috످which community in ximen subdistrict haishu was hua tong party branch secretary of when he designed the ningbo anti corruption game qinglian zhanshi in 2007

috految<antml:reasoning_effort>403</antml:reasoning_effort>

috److془The question: Incorruptible Fighter (清廉战士) designed by Hua Tong (华彤), 海曙区西门街道 ... 社区党支部书记. Do I recall? "宁波市海曙区西门街道芝红社区党支部书记华彤"? Not sure. I should state that I don't know.

Give where to look up: search 清廉战士 华彤 西门街道 社区党支部书记 on Baidu, or Ningbo Daily 2007.془I don't know which community in Ximen Subdistrict Hua Tong was party branch secretary of. You could try searching Baidu or 2007 Ningbo news archives for "清廉战士 西门街道 社区党支部书记" (Qinglian Zhanshi, Ximen Subdistrict, community party branch secretary).

috످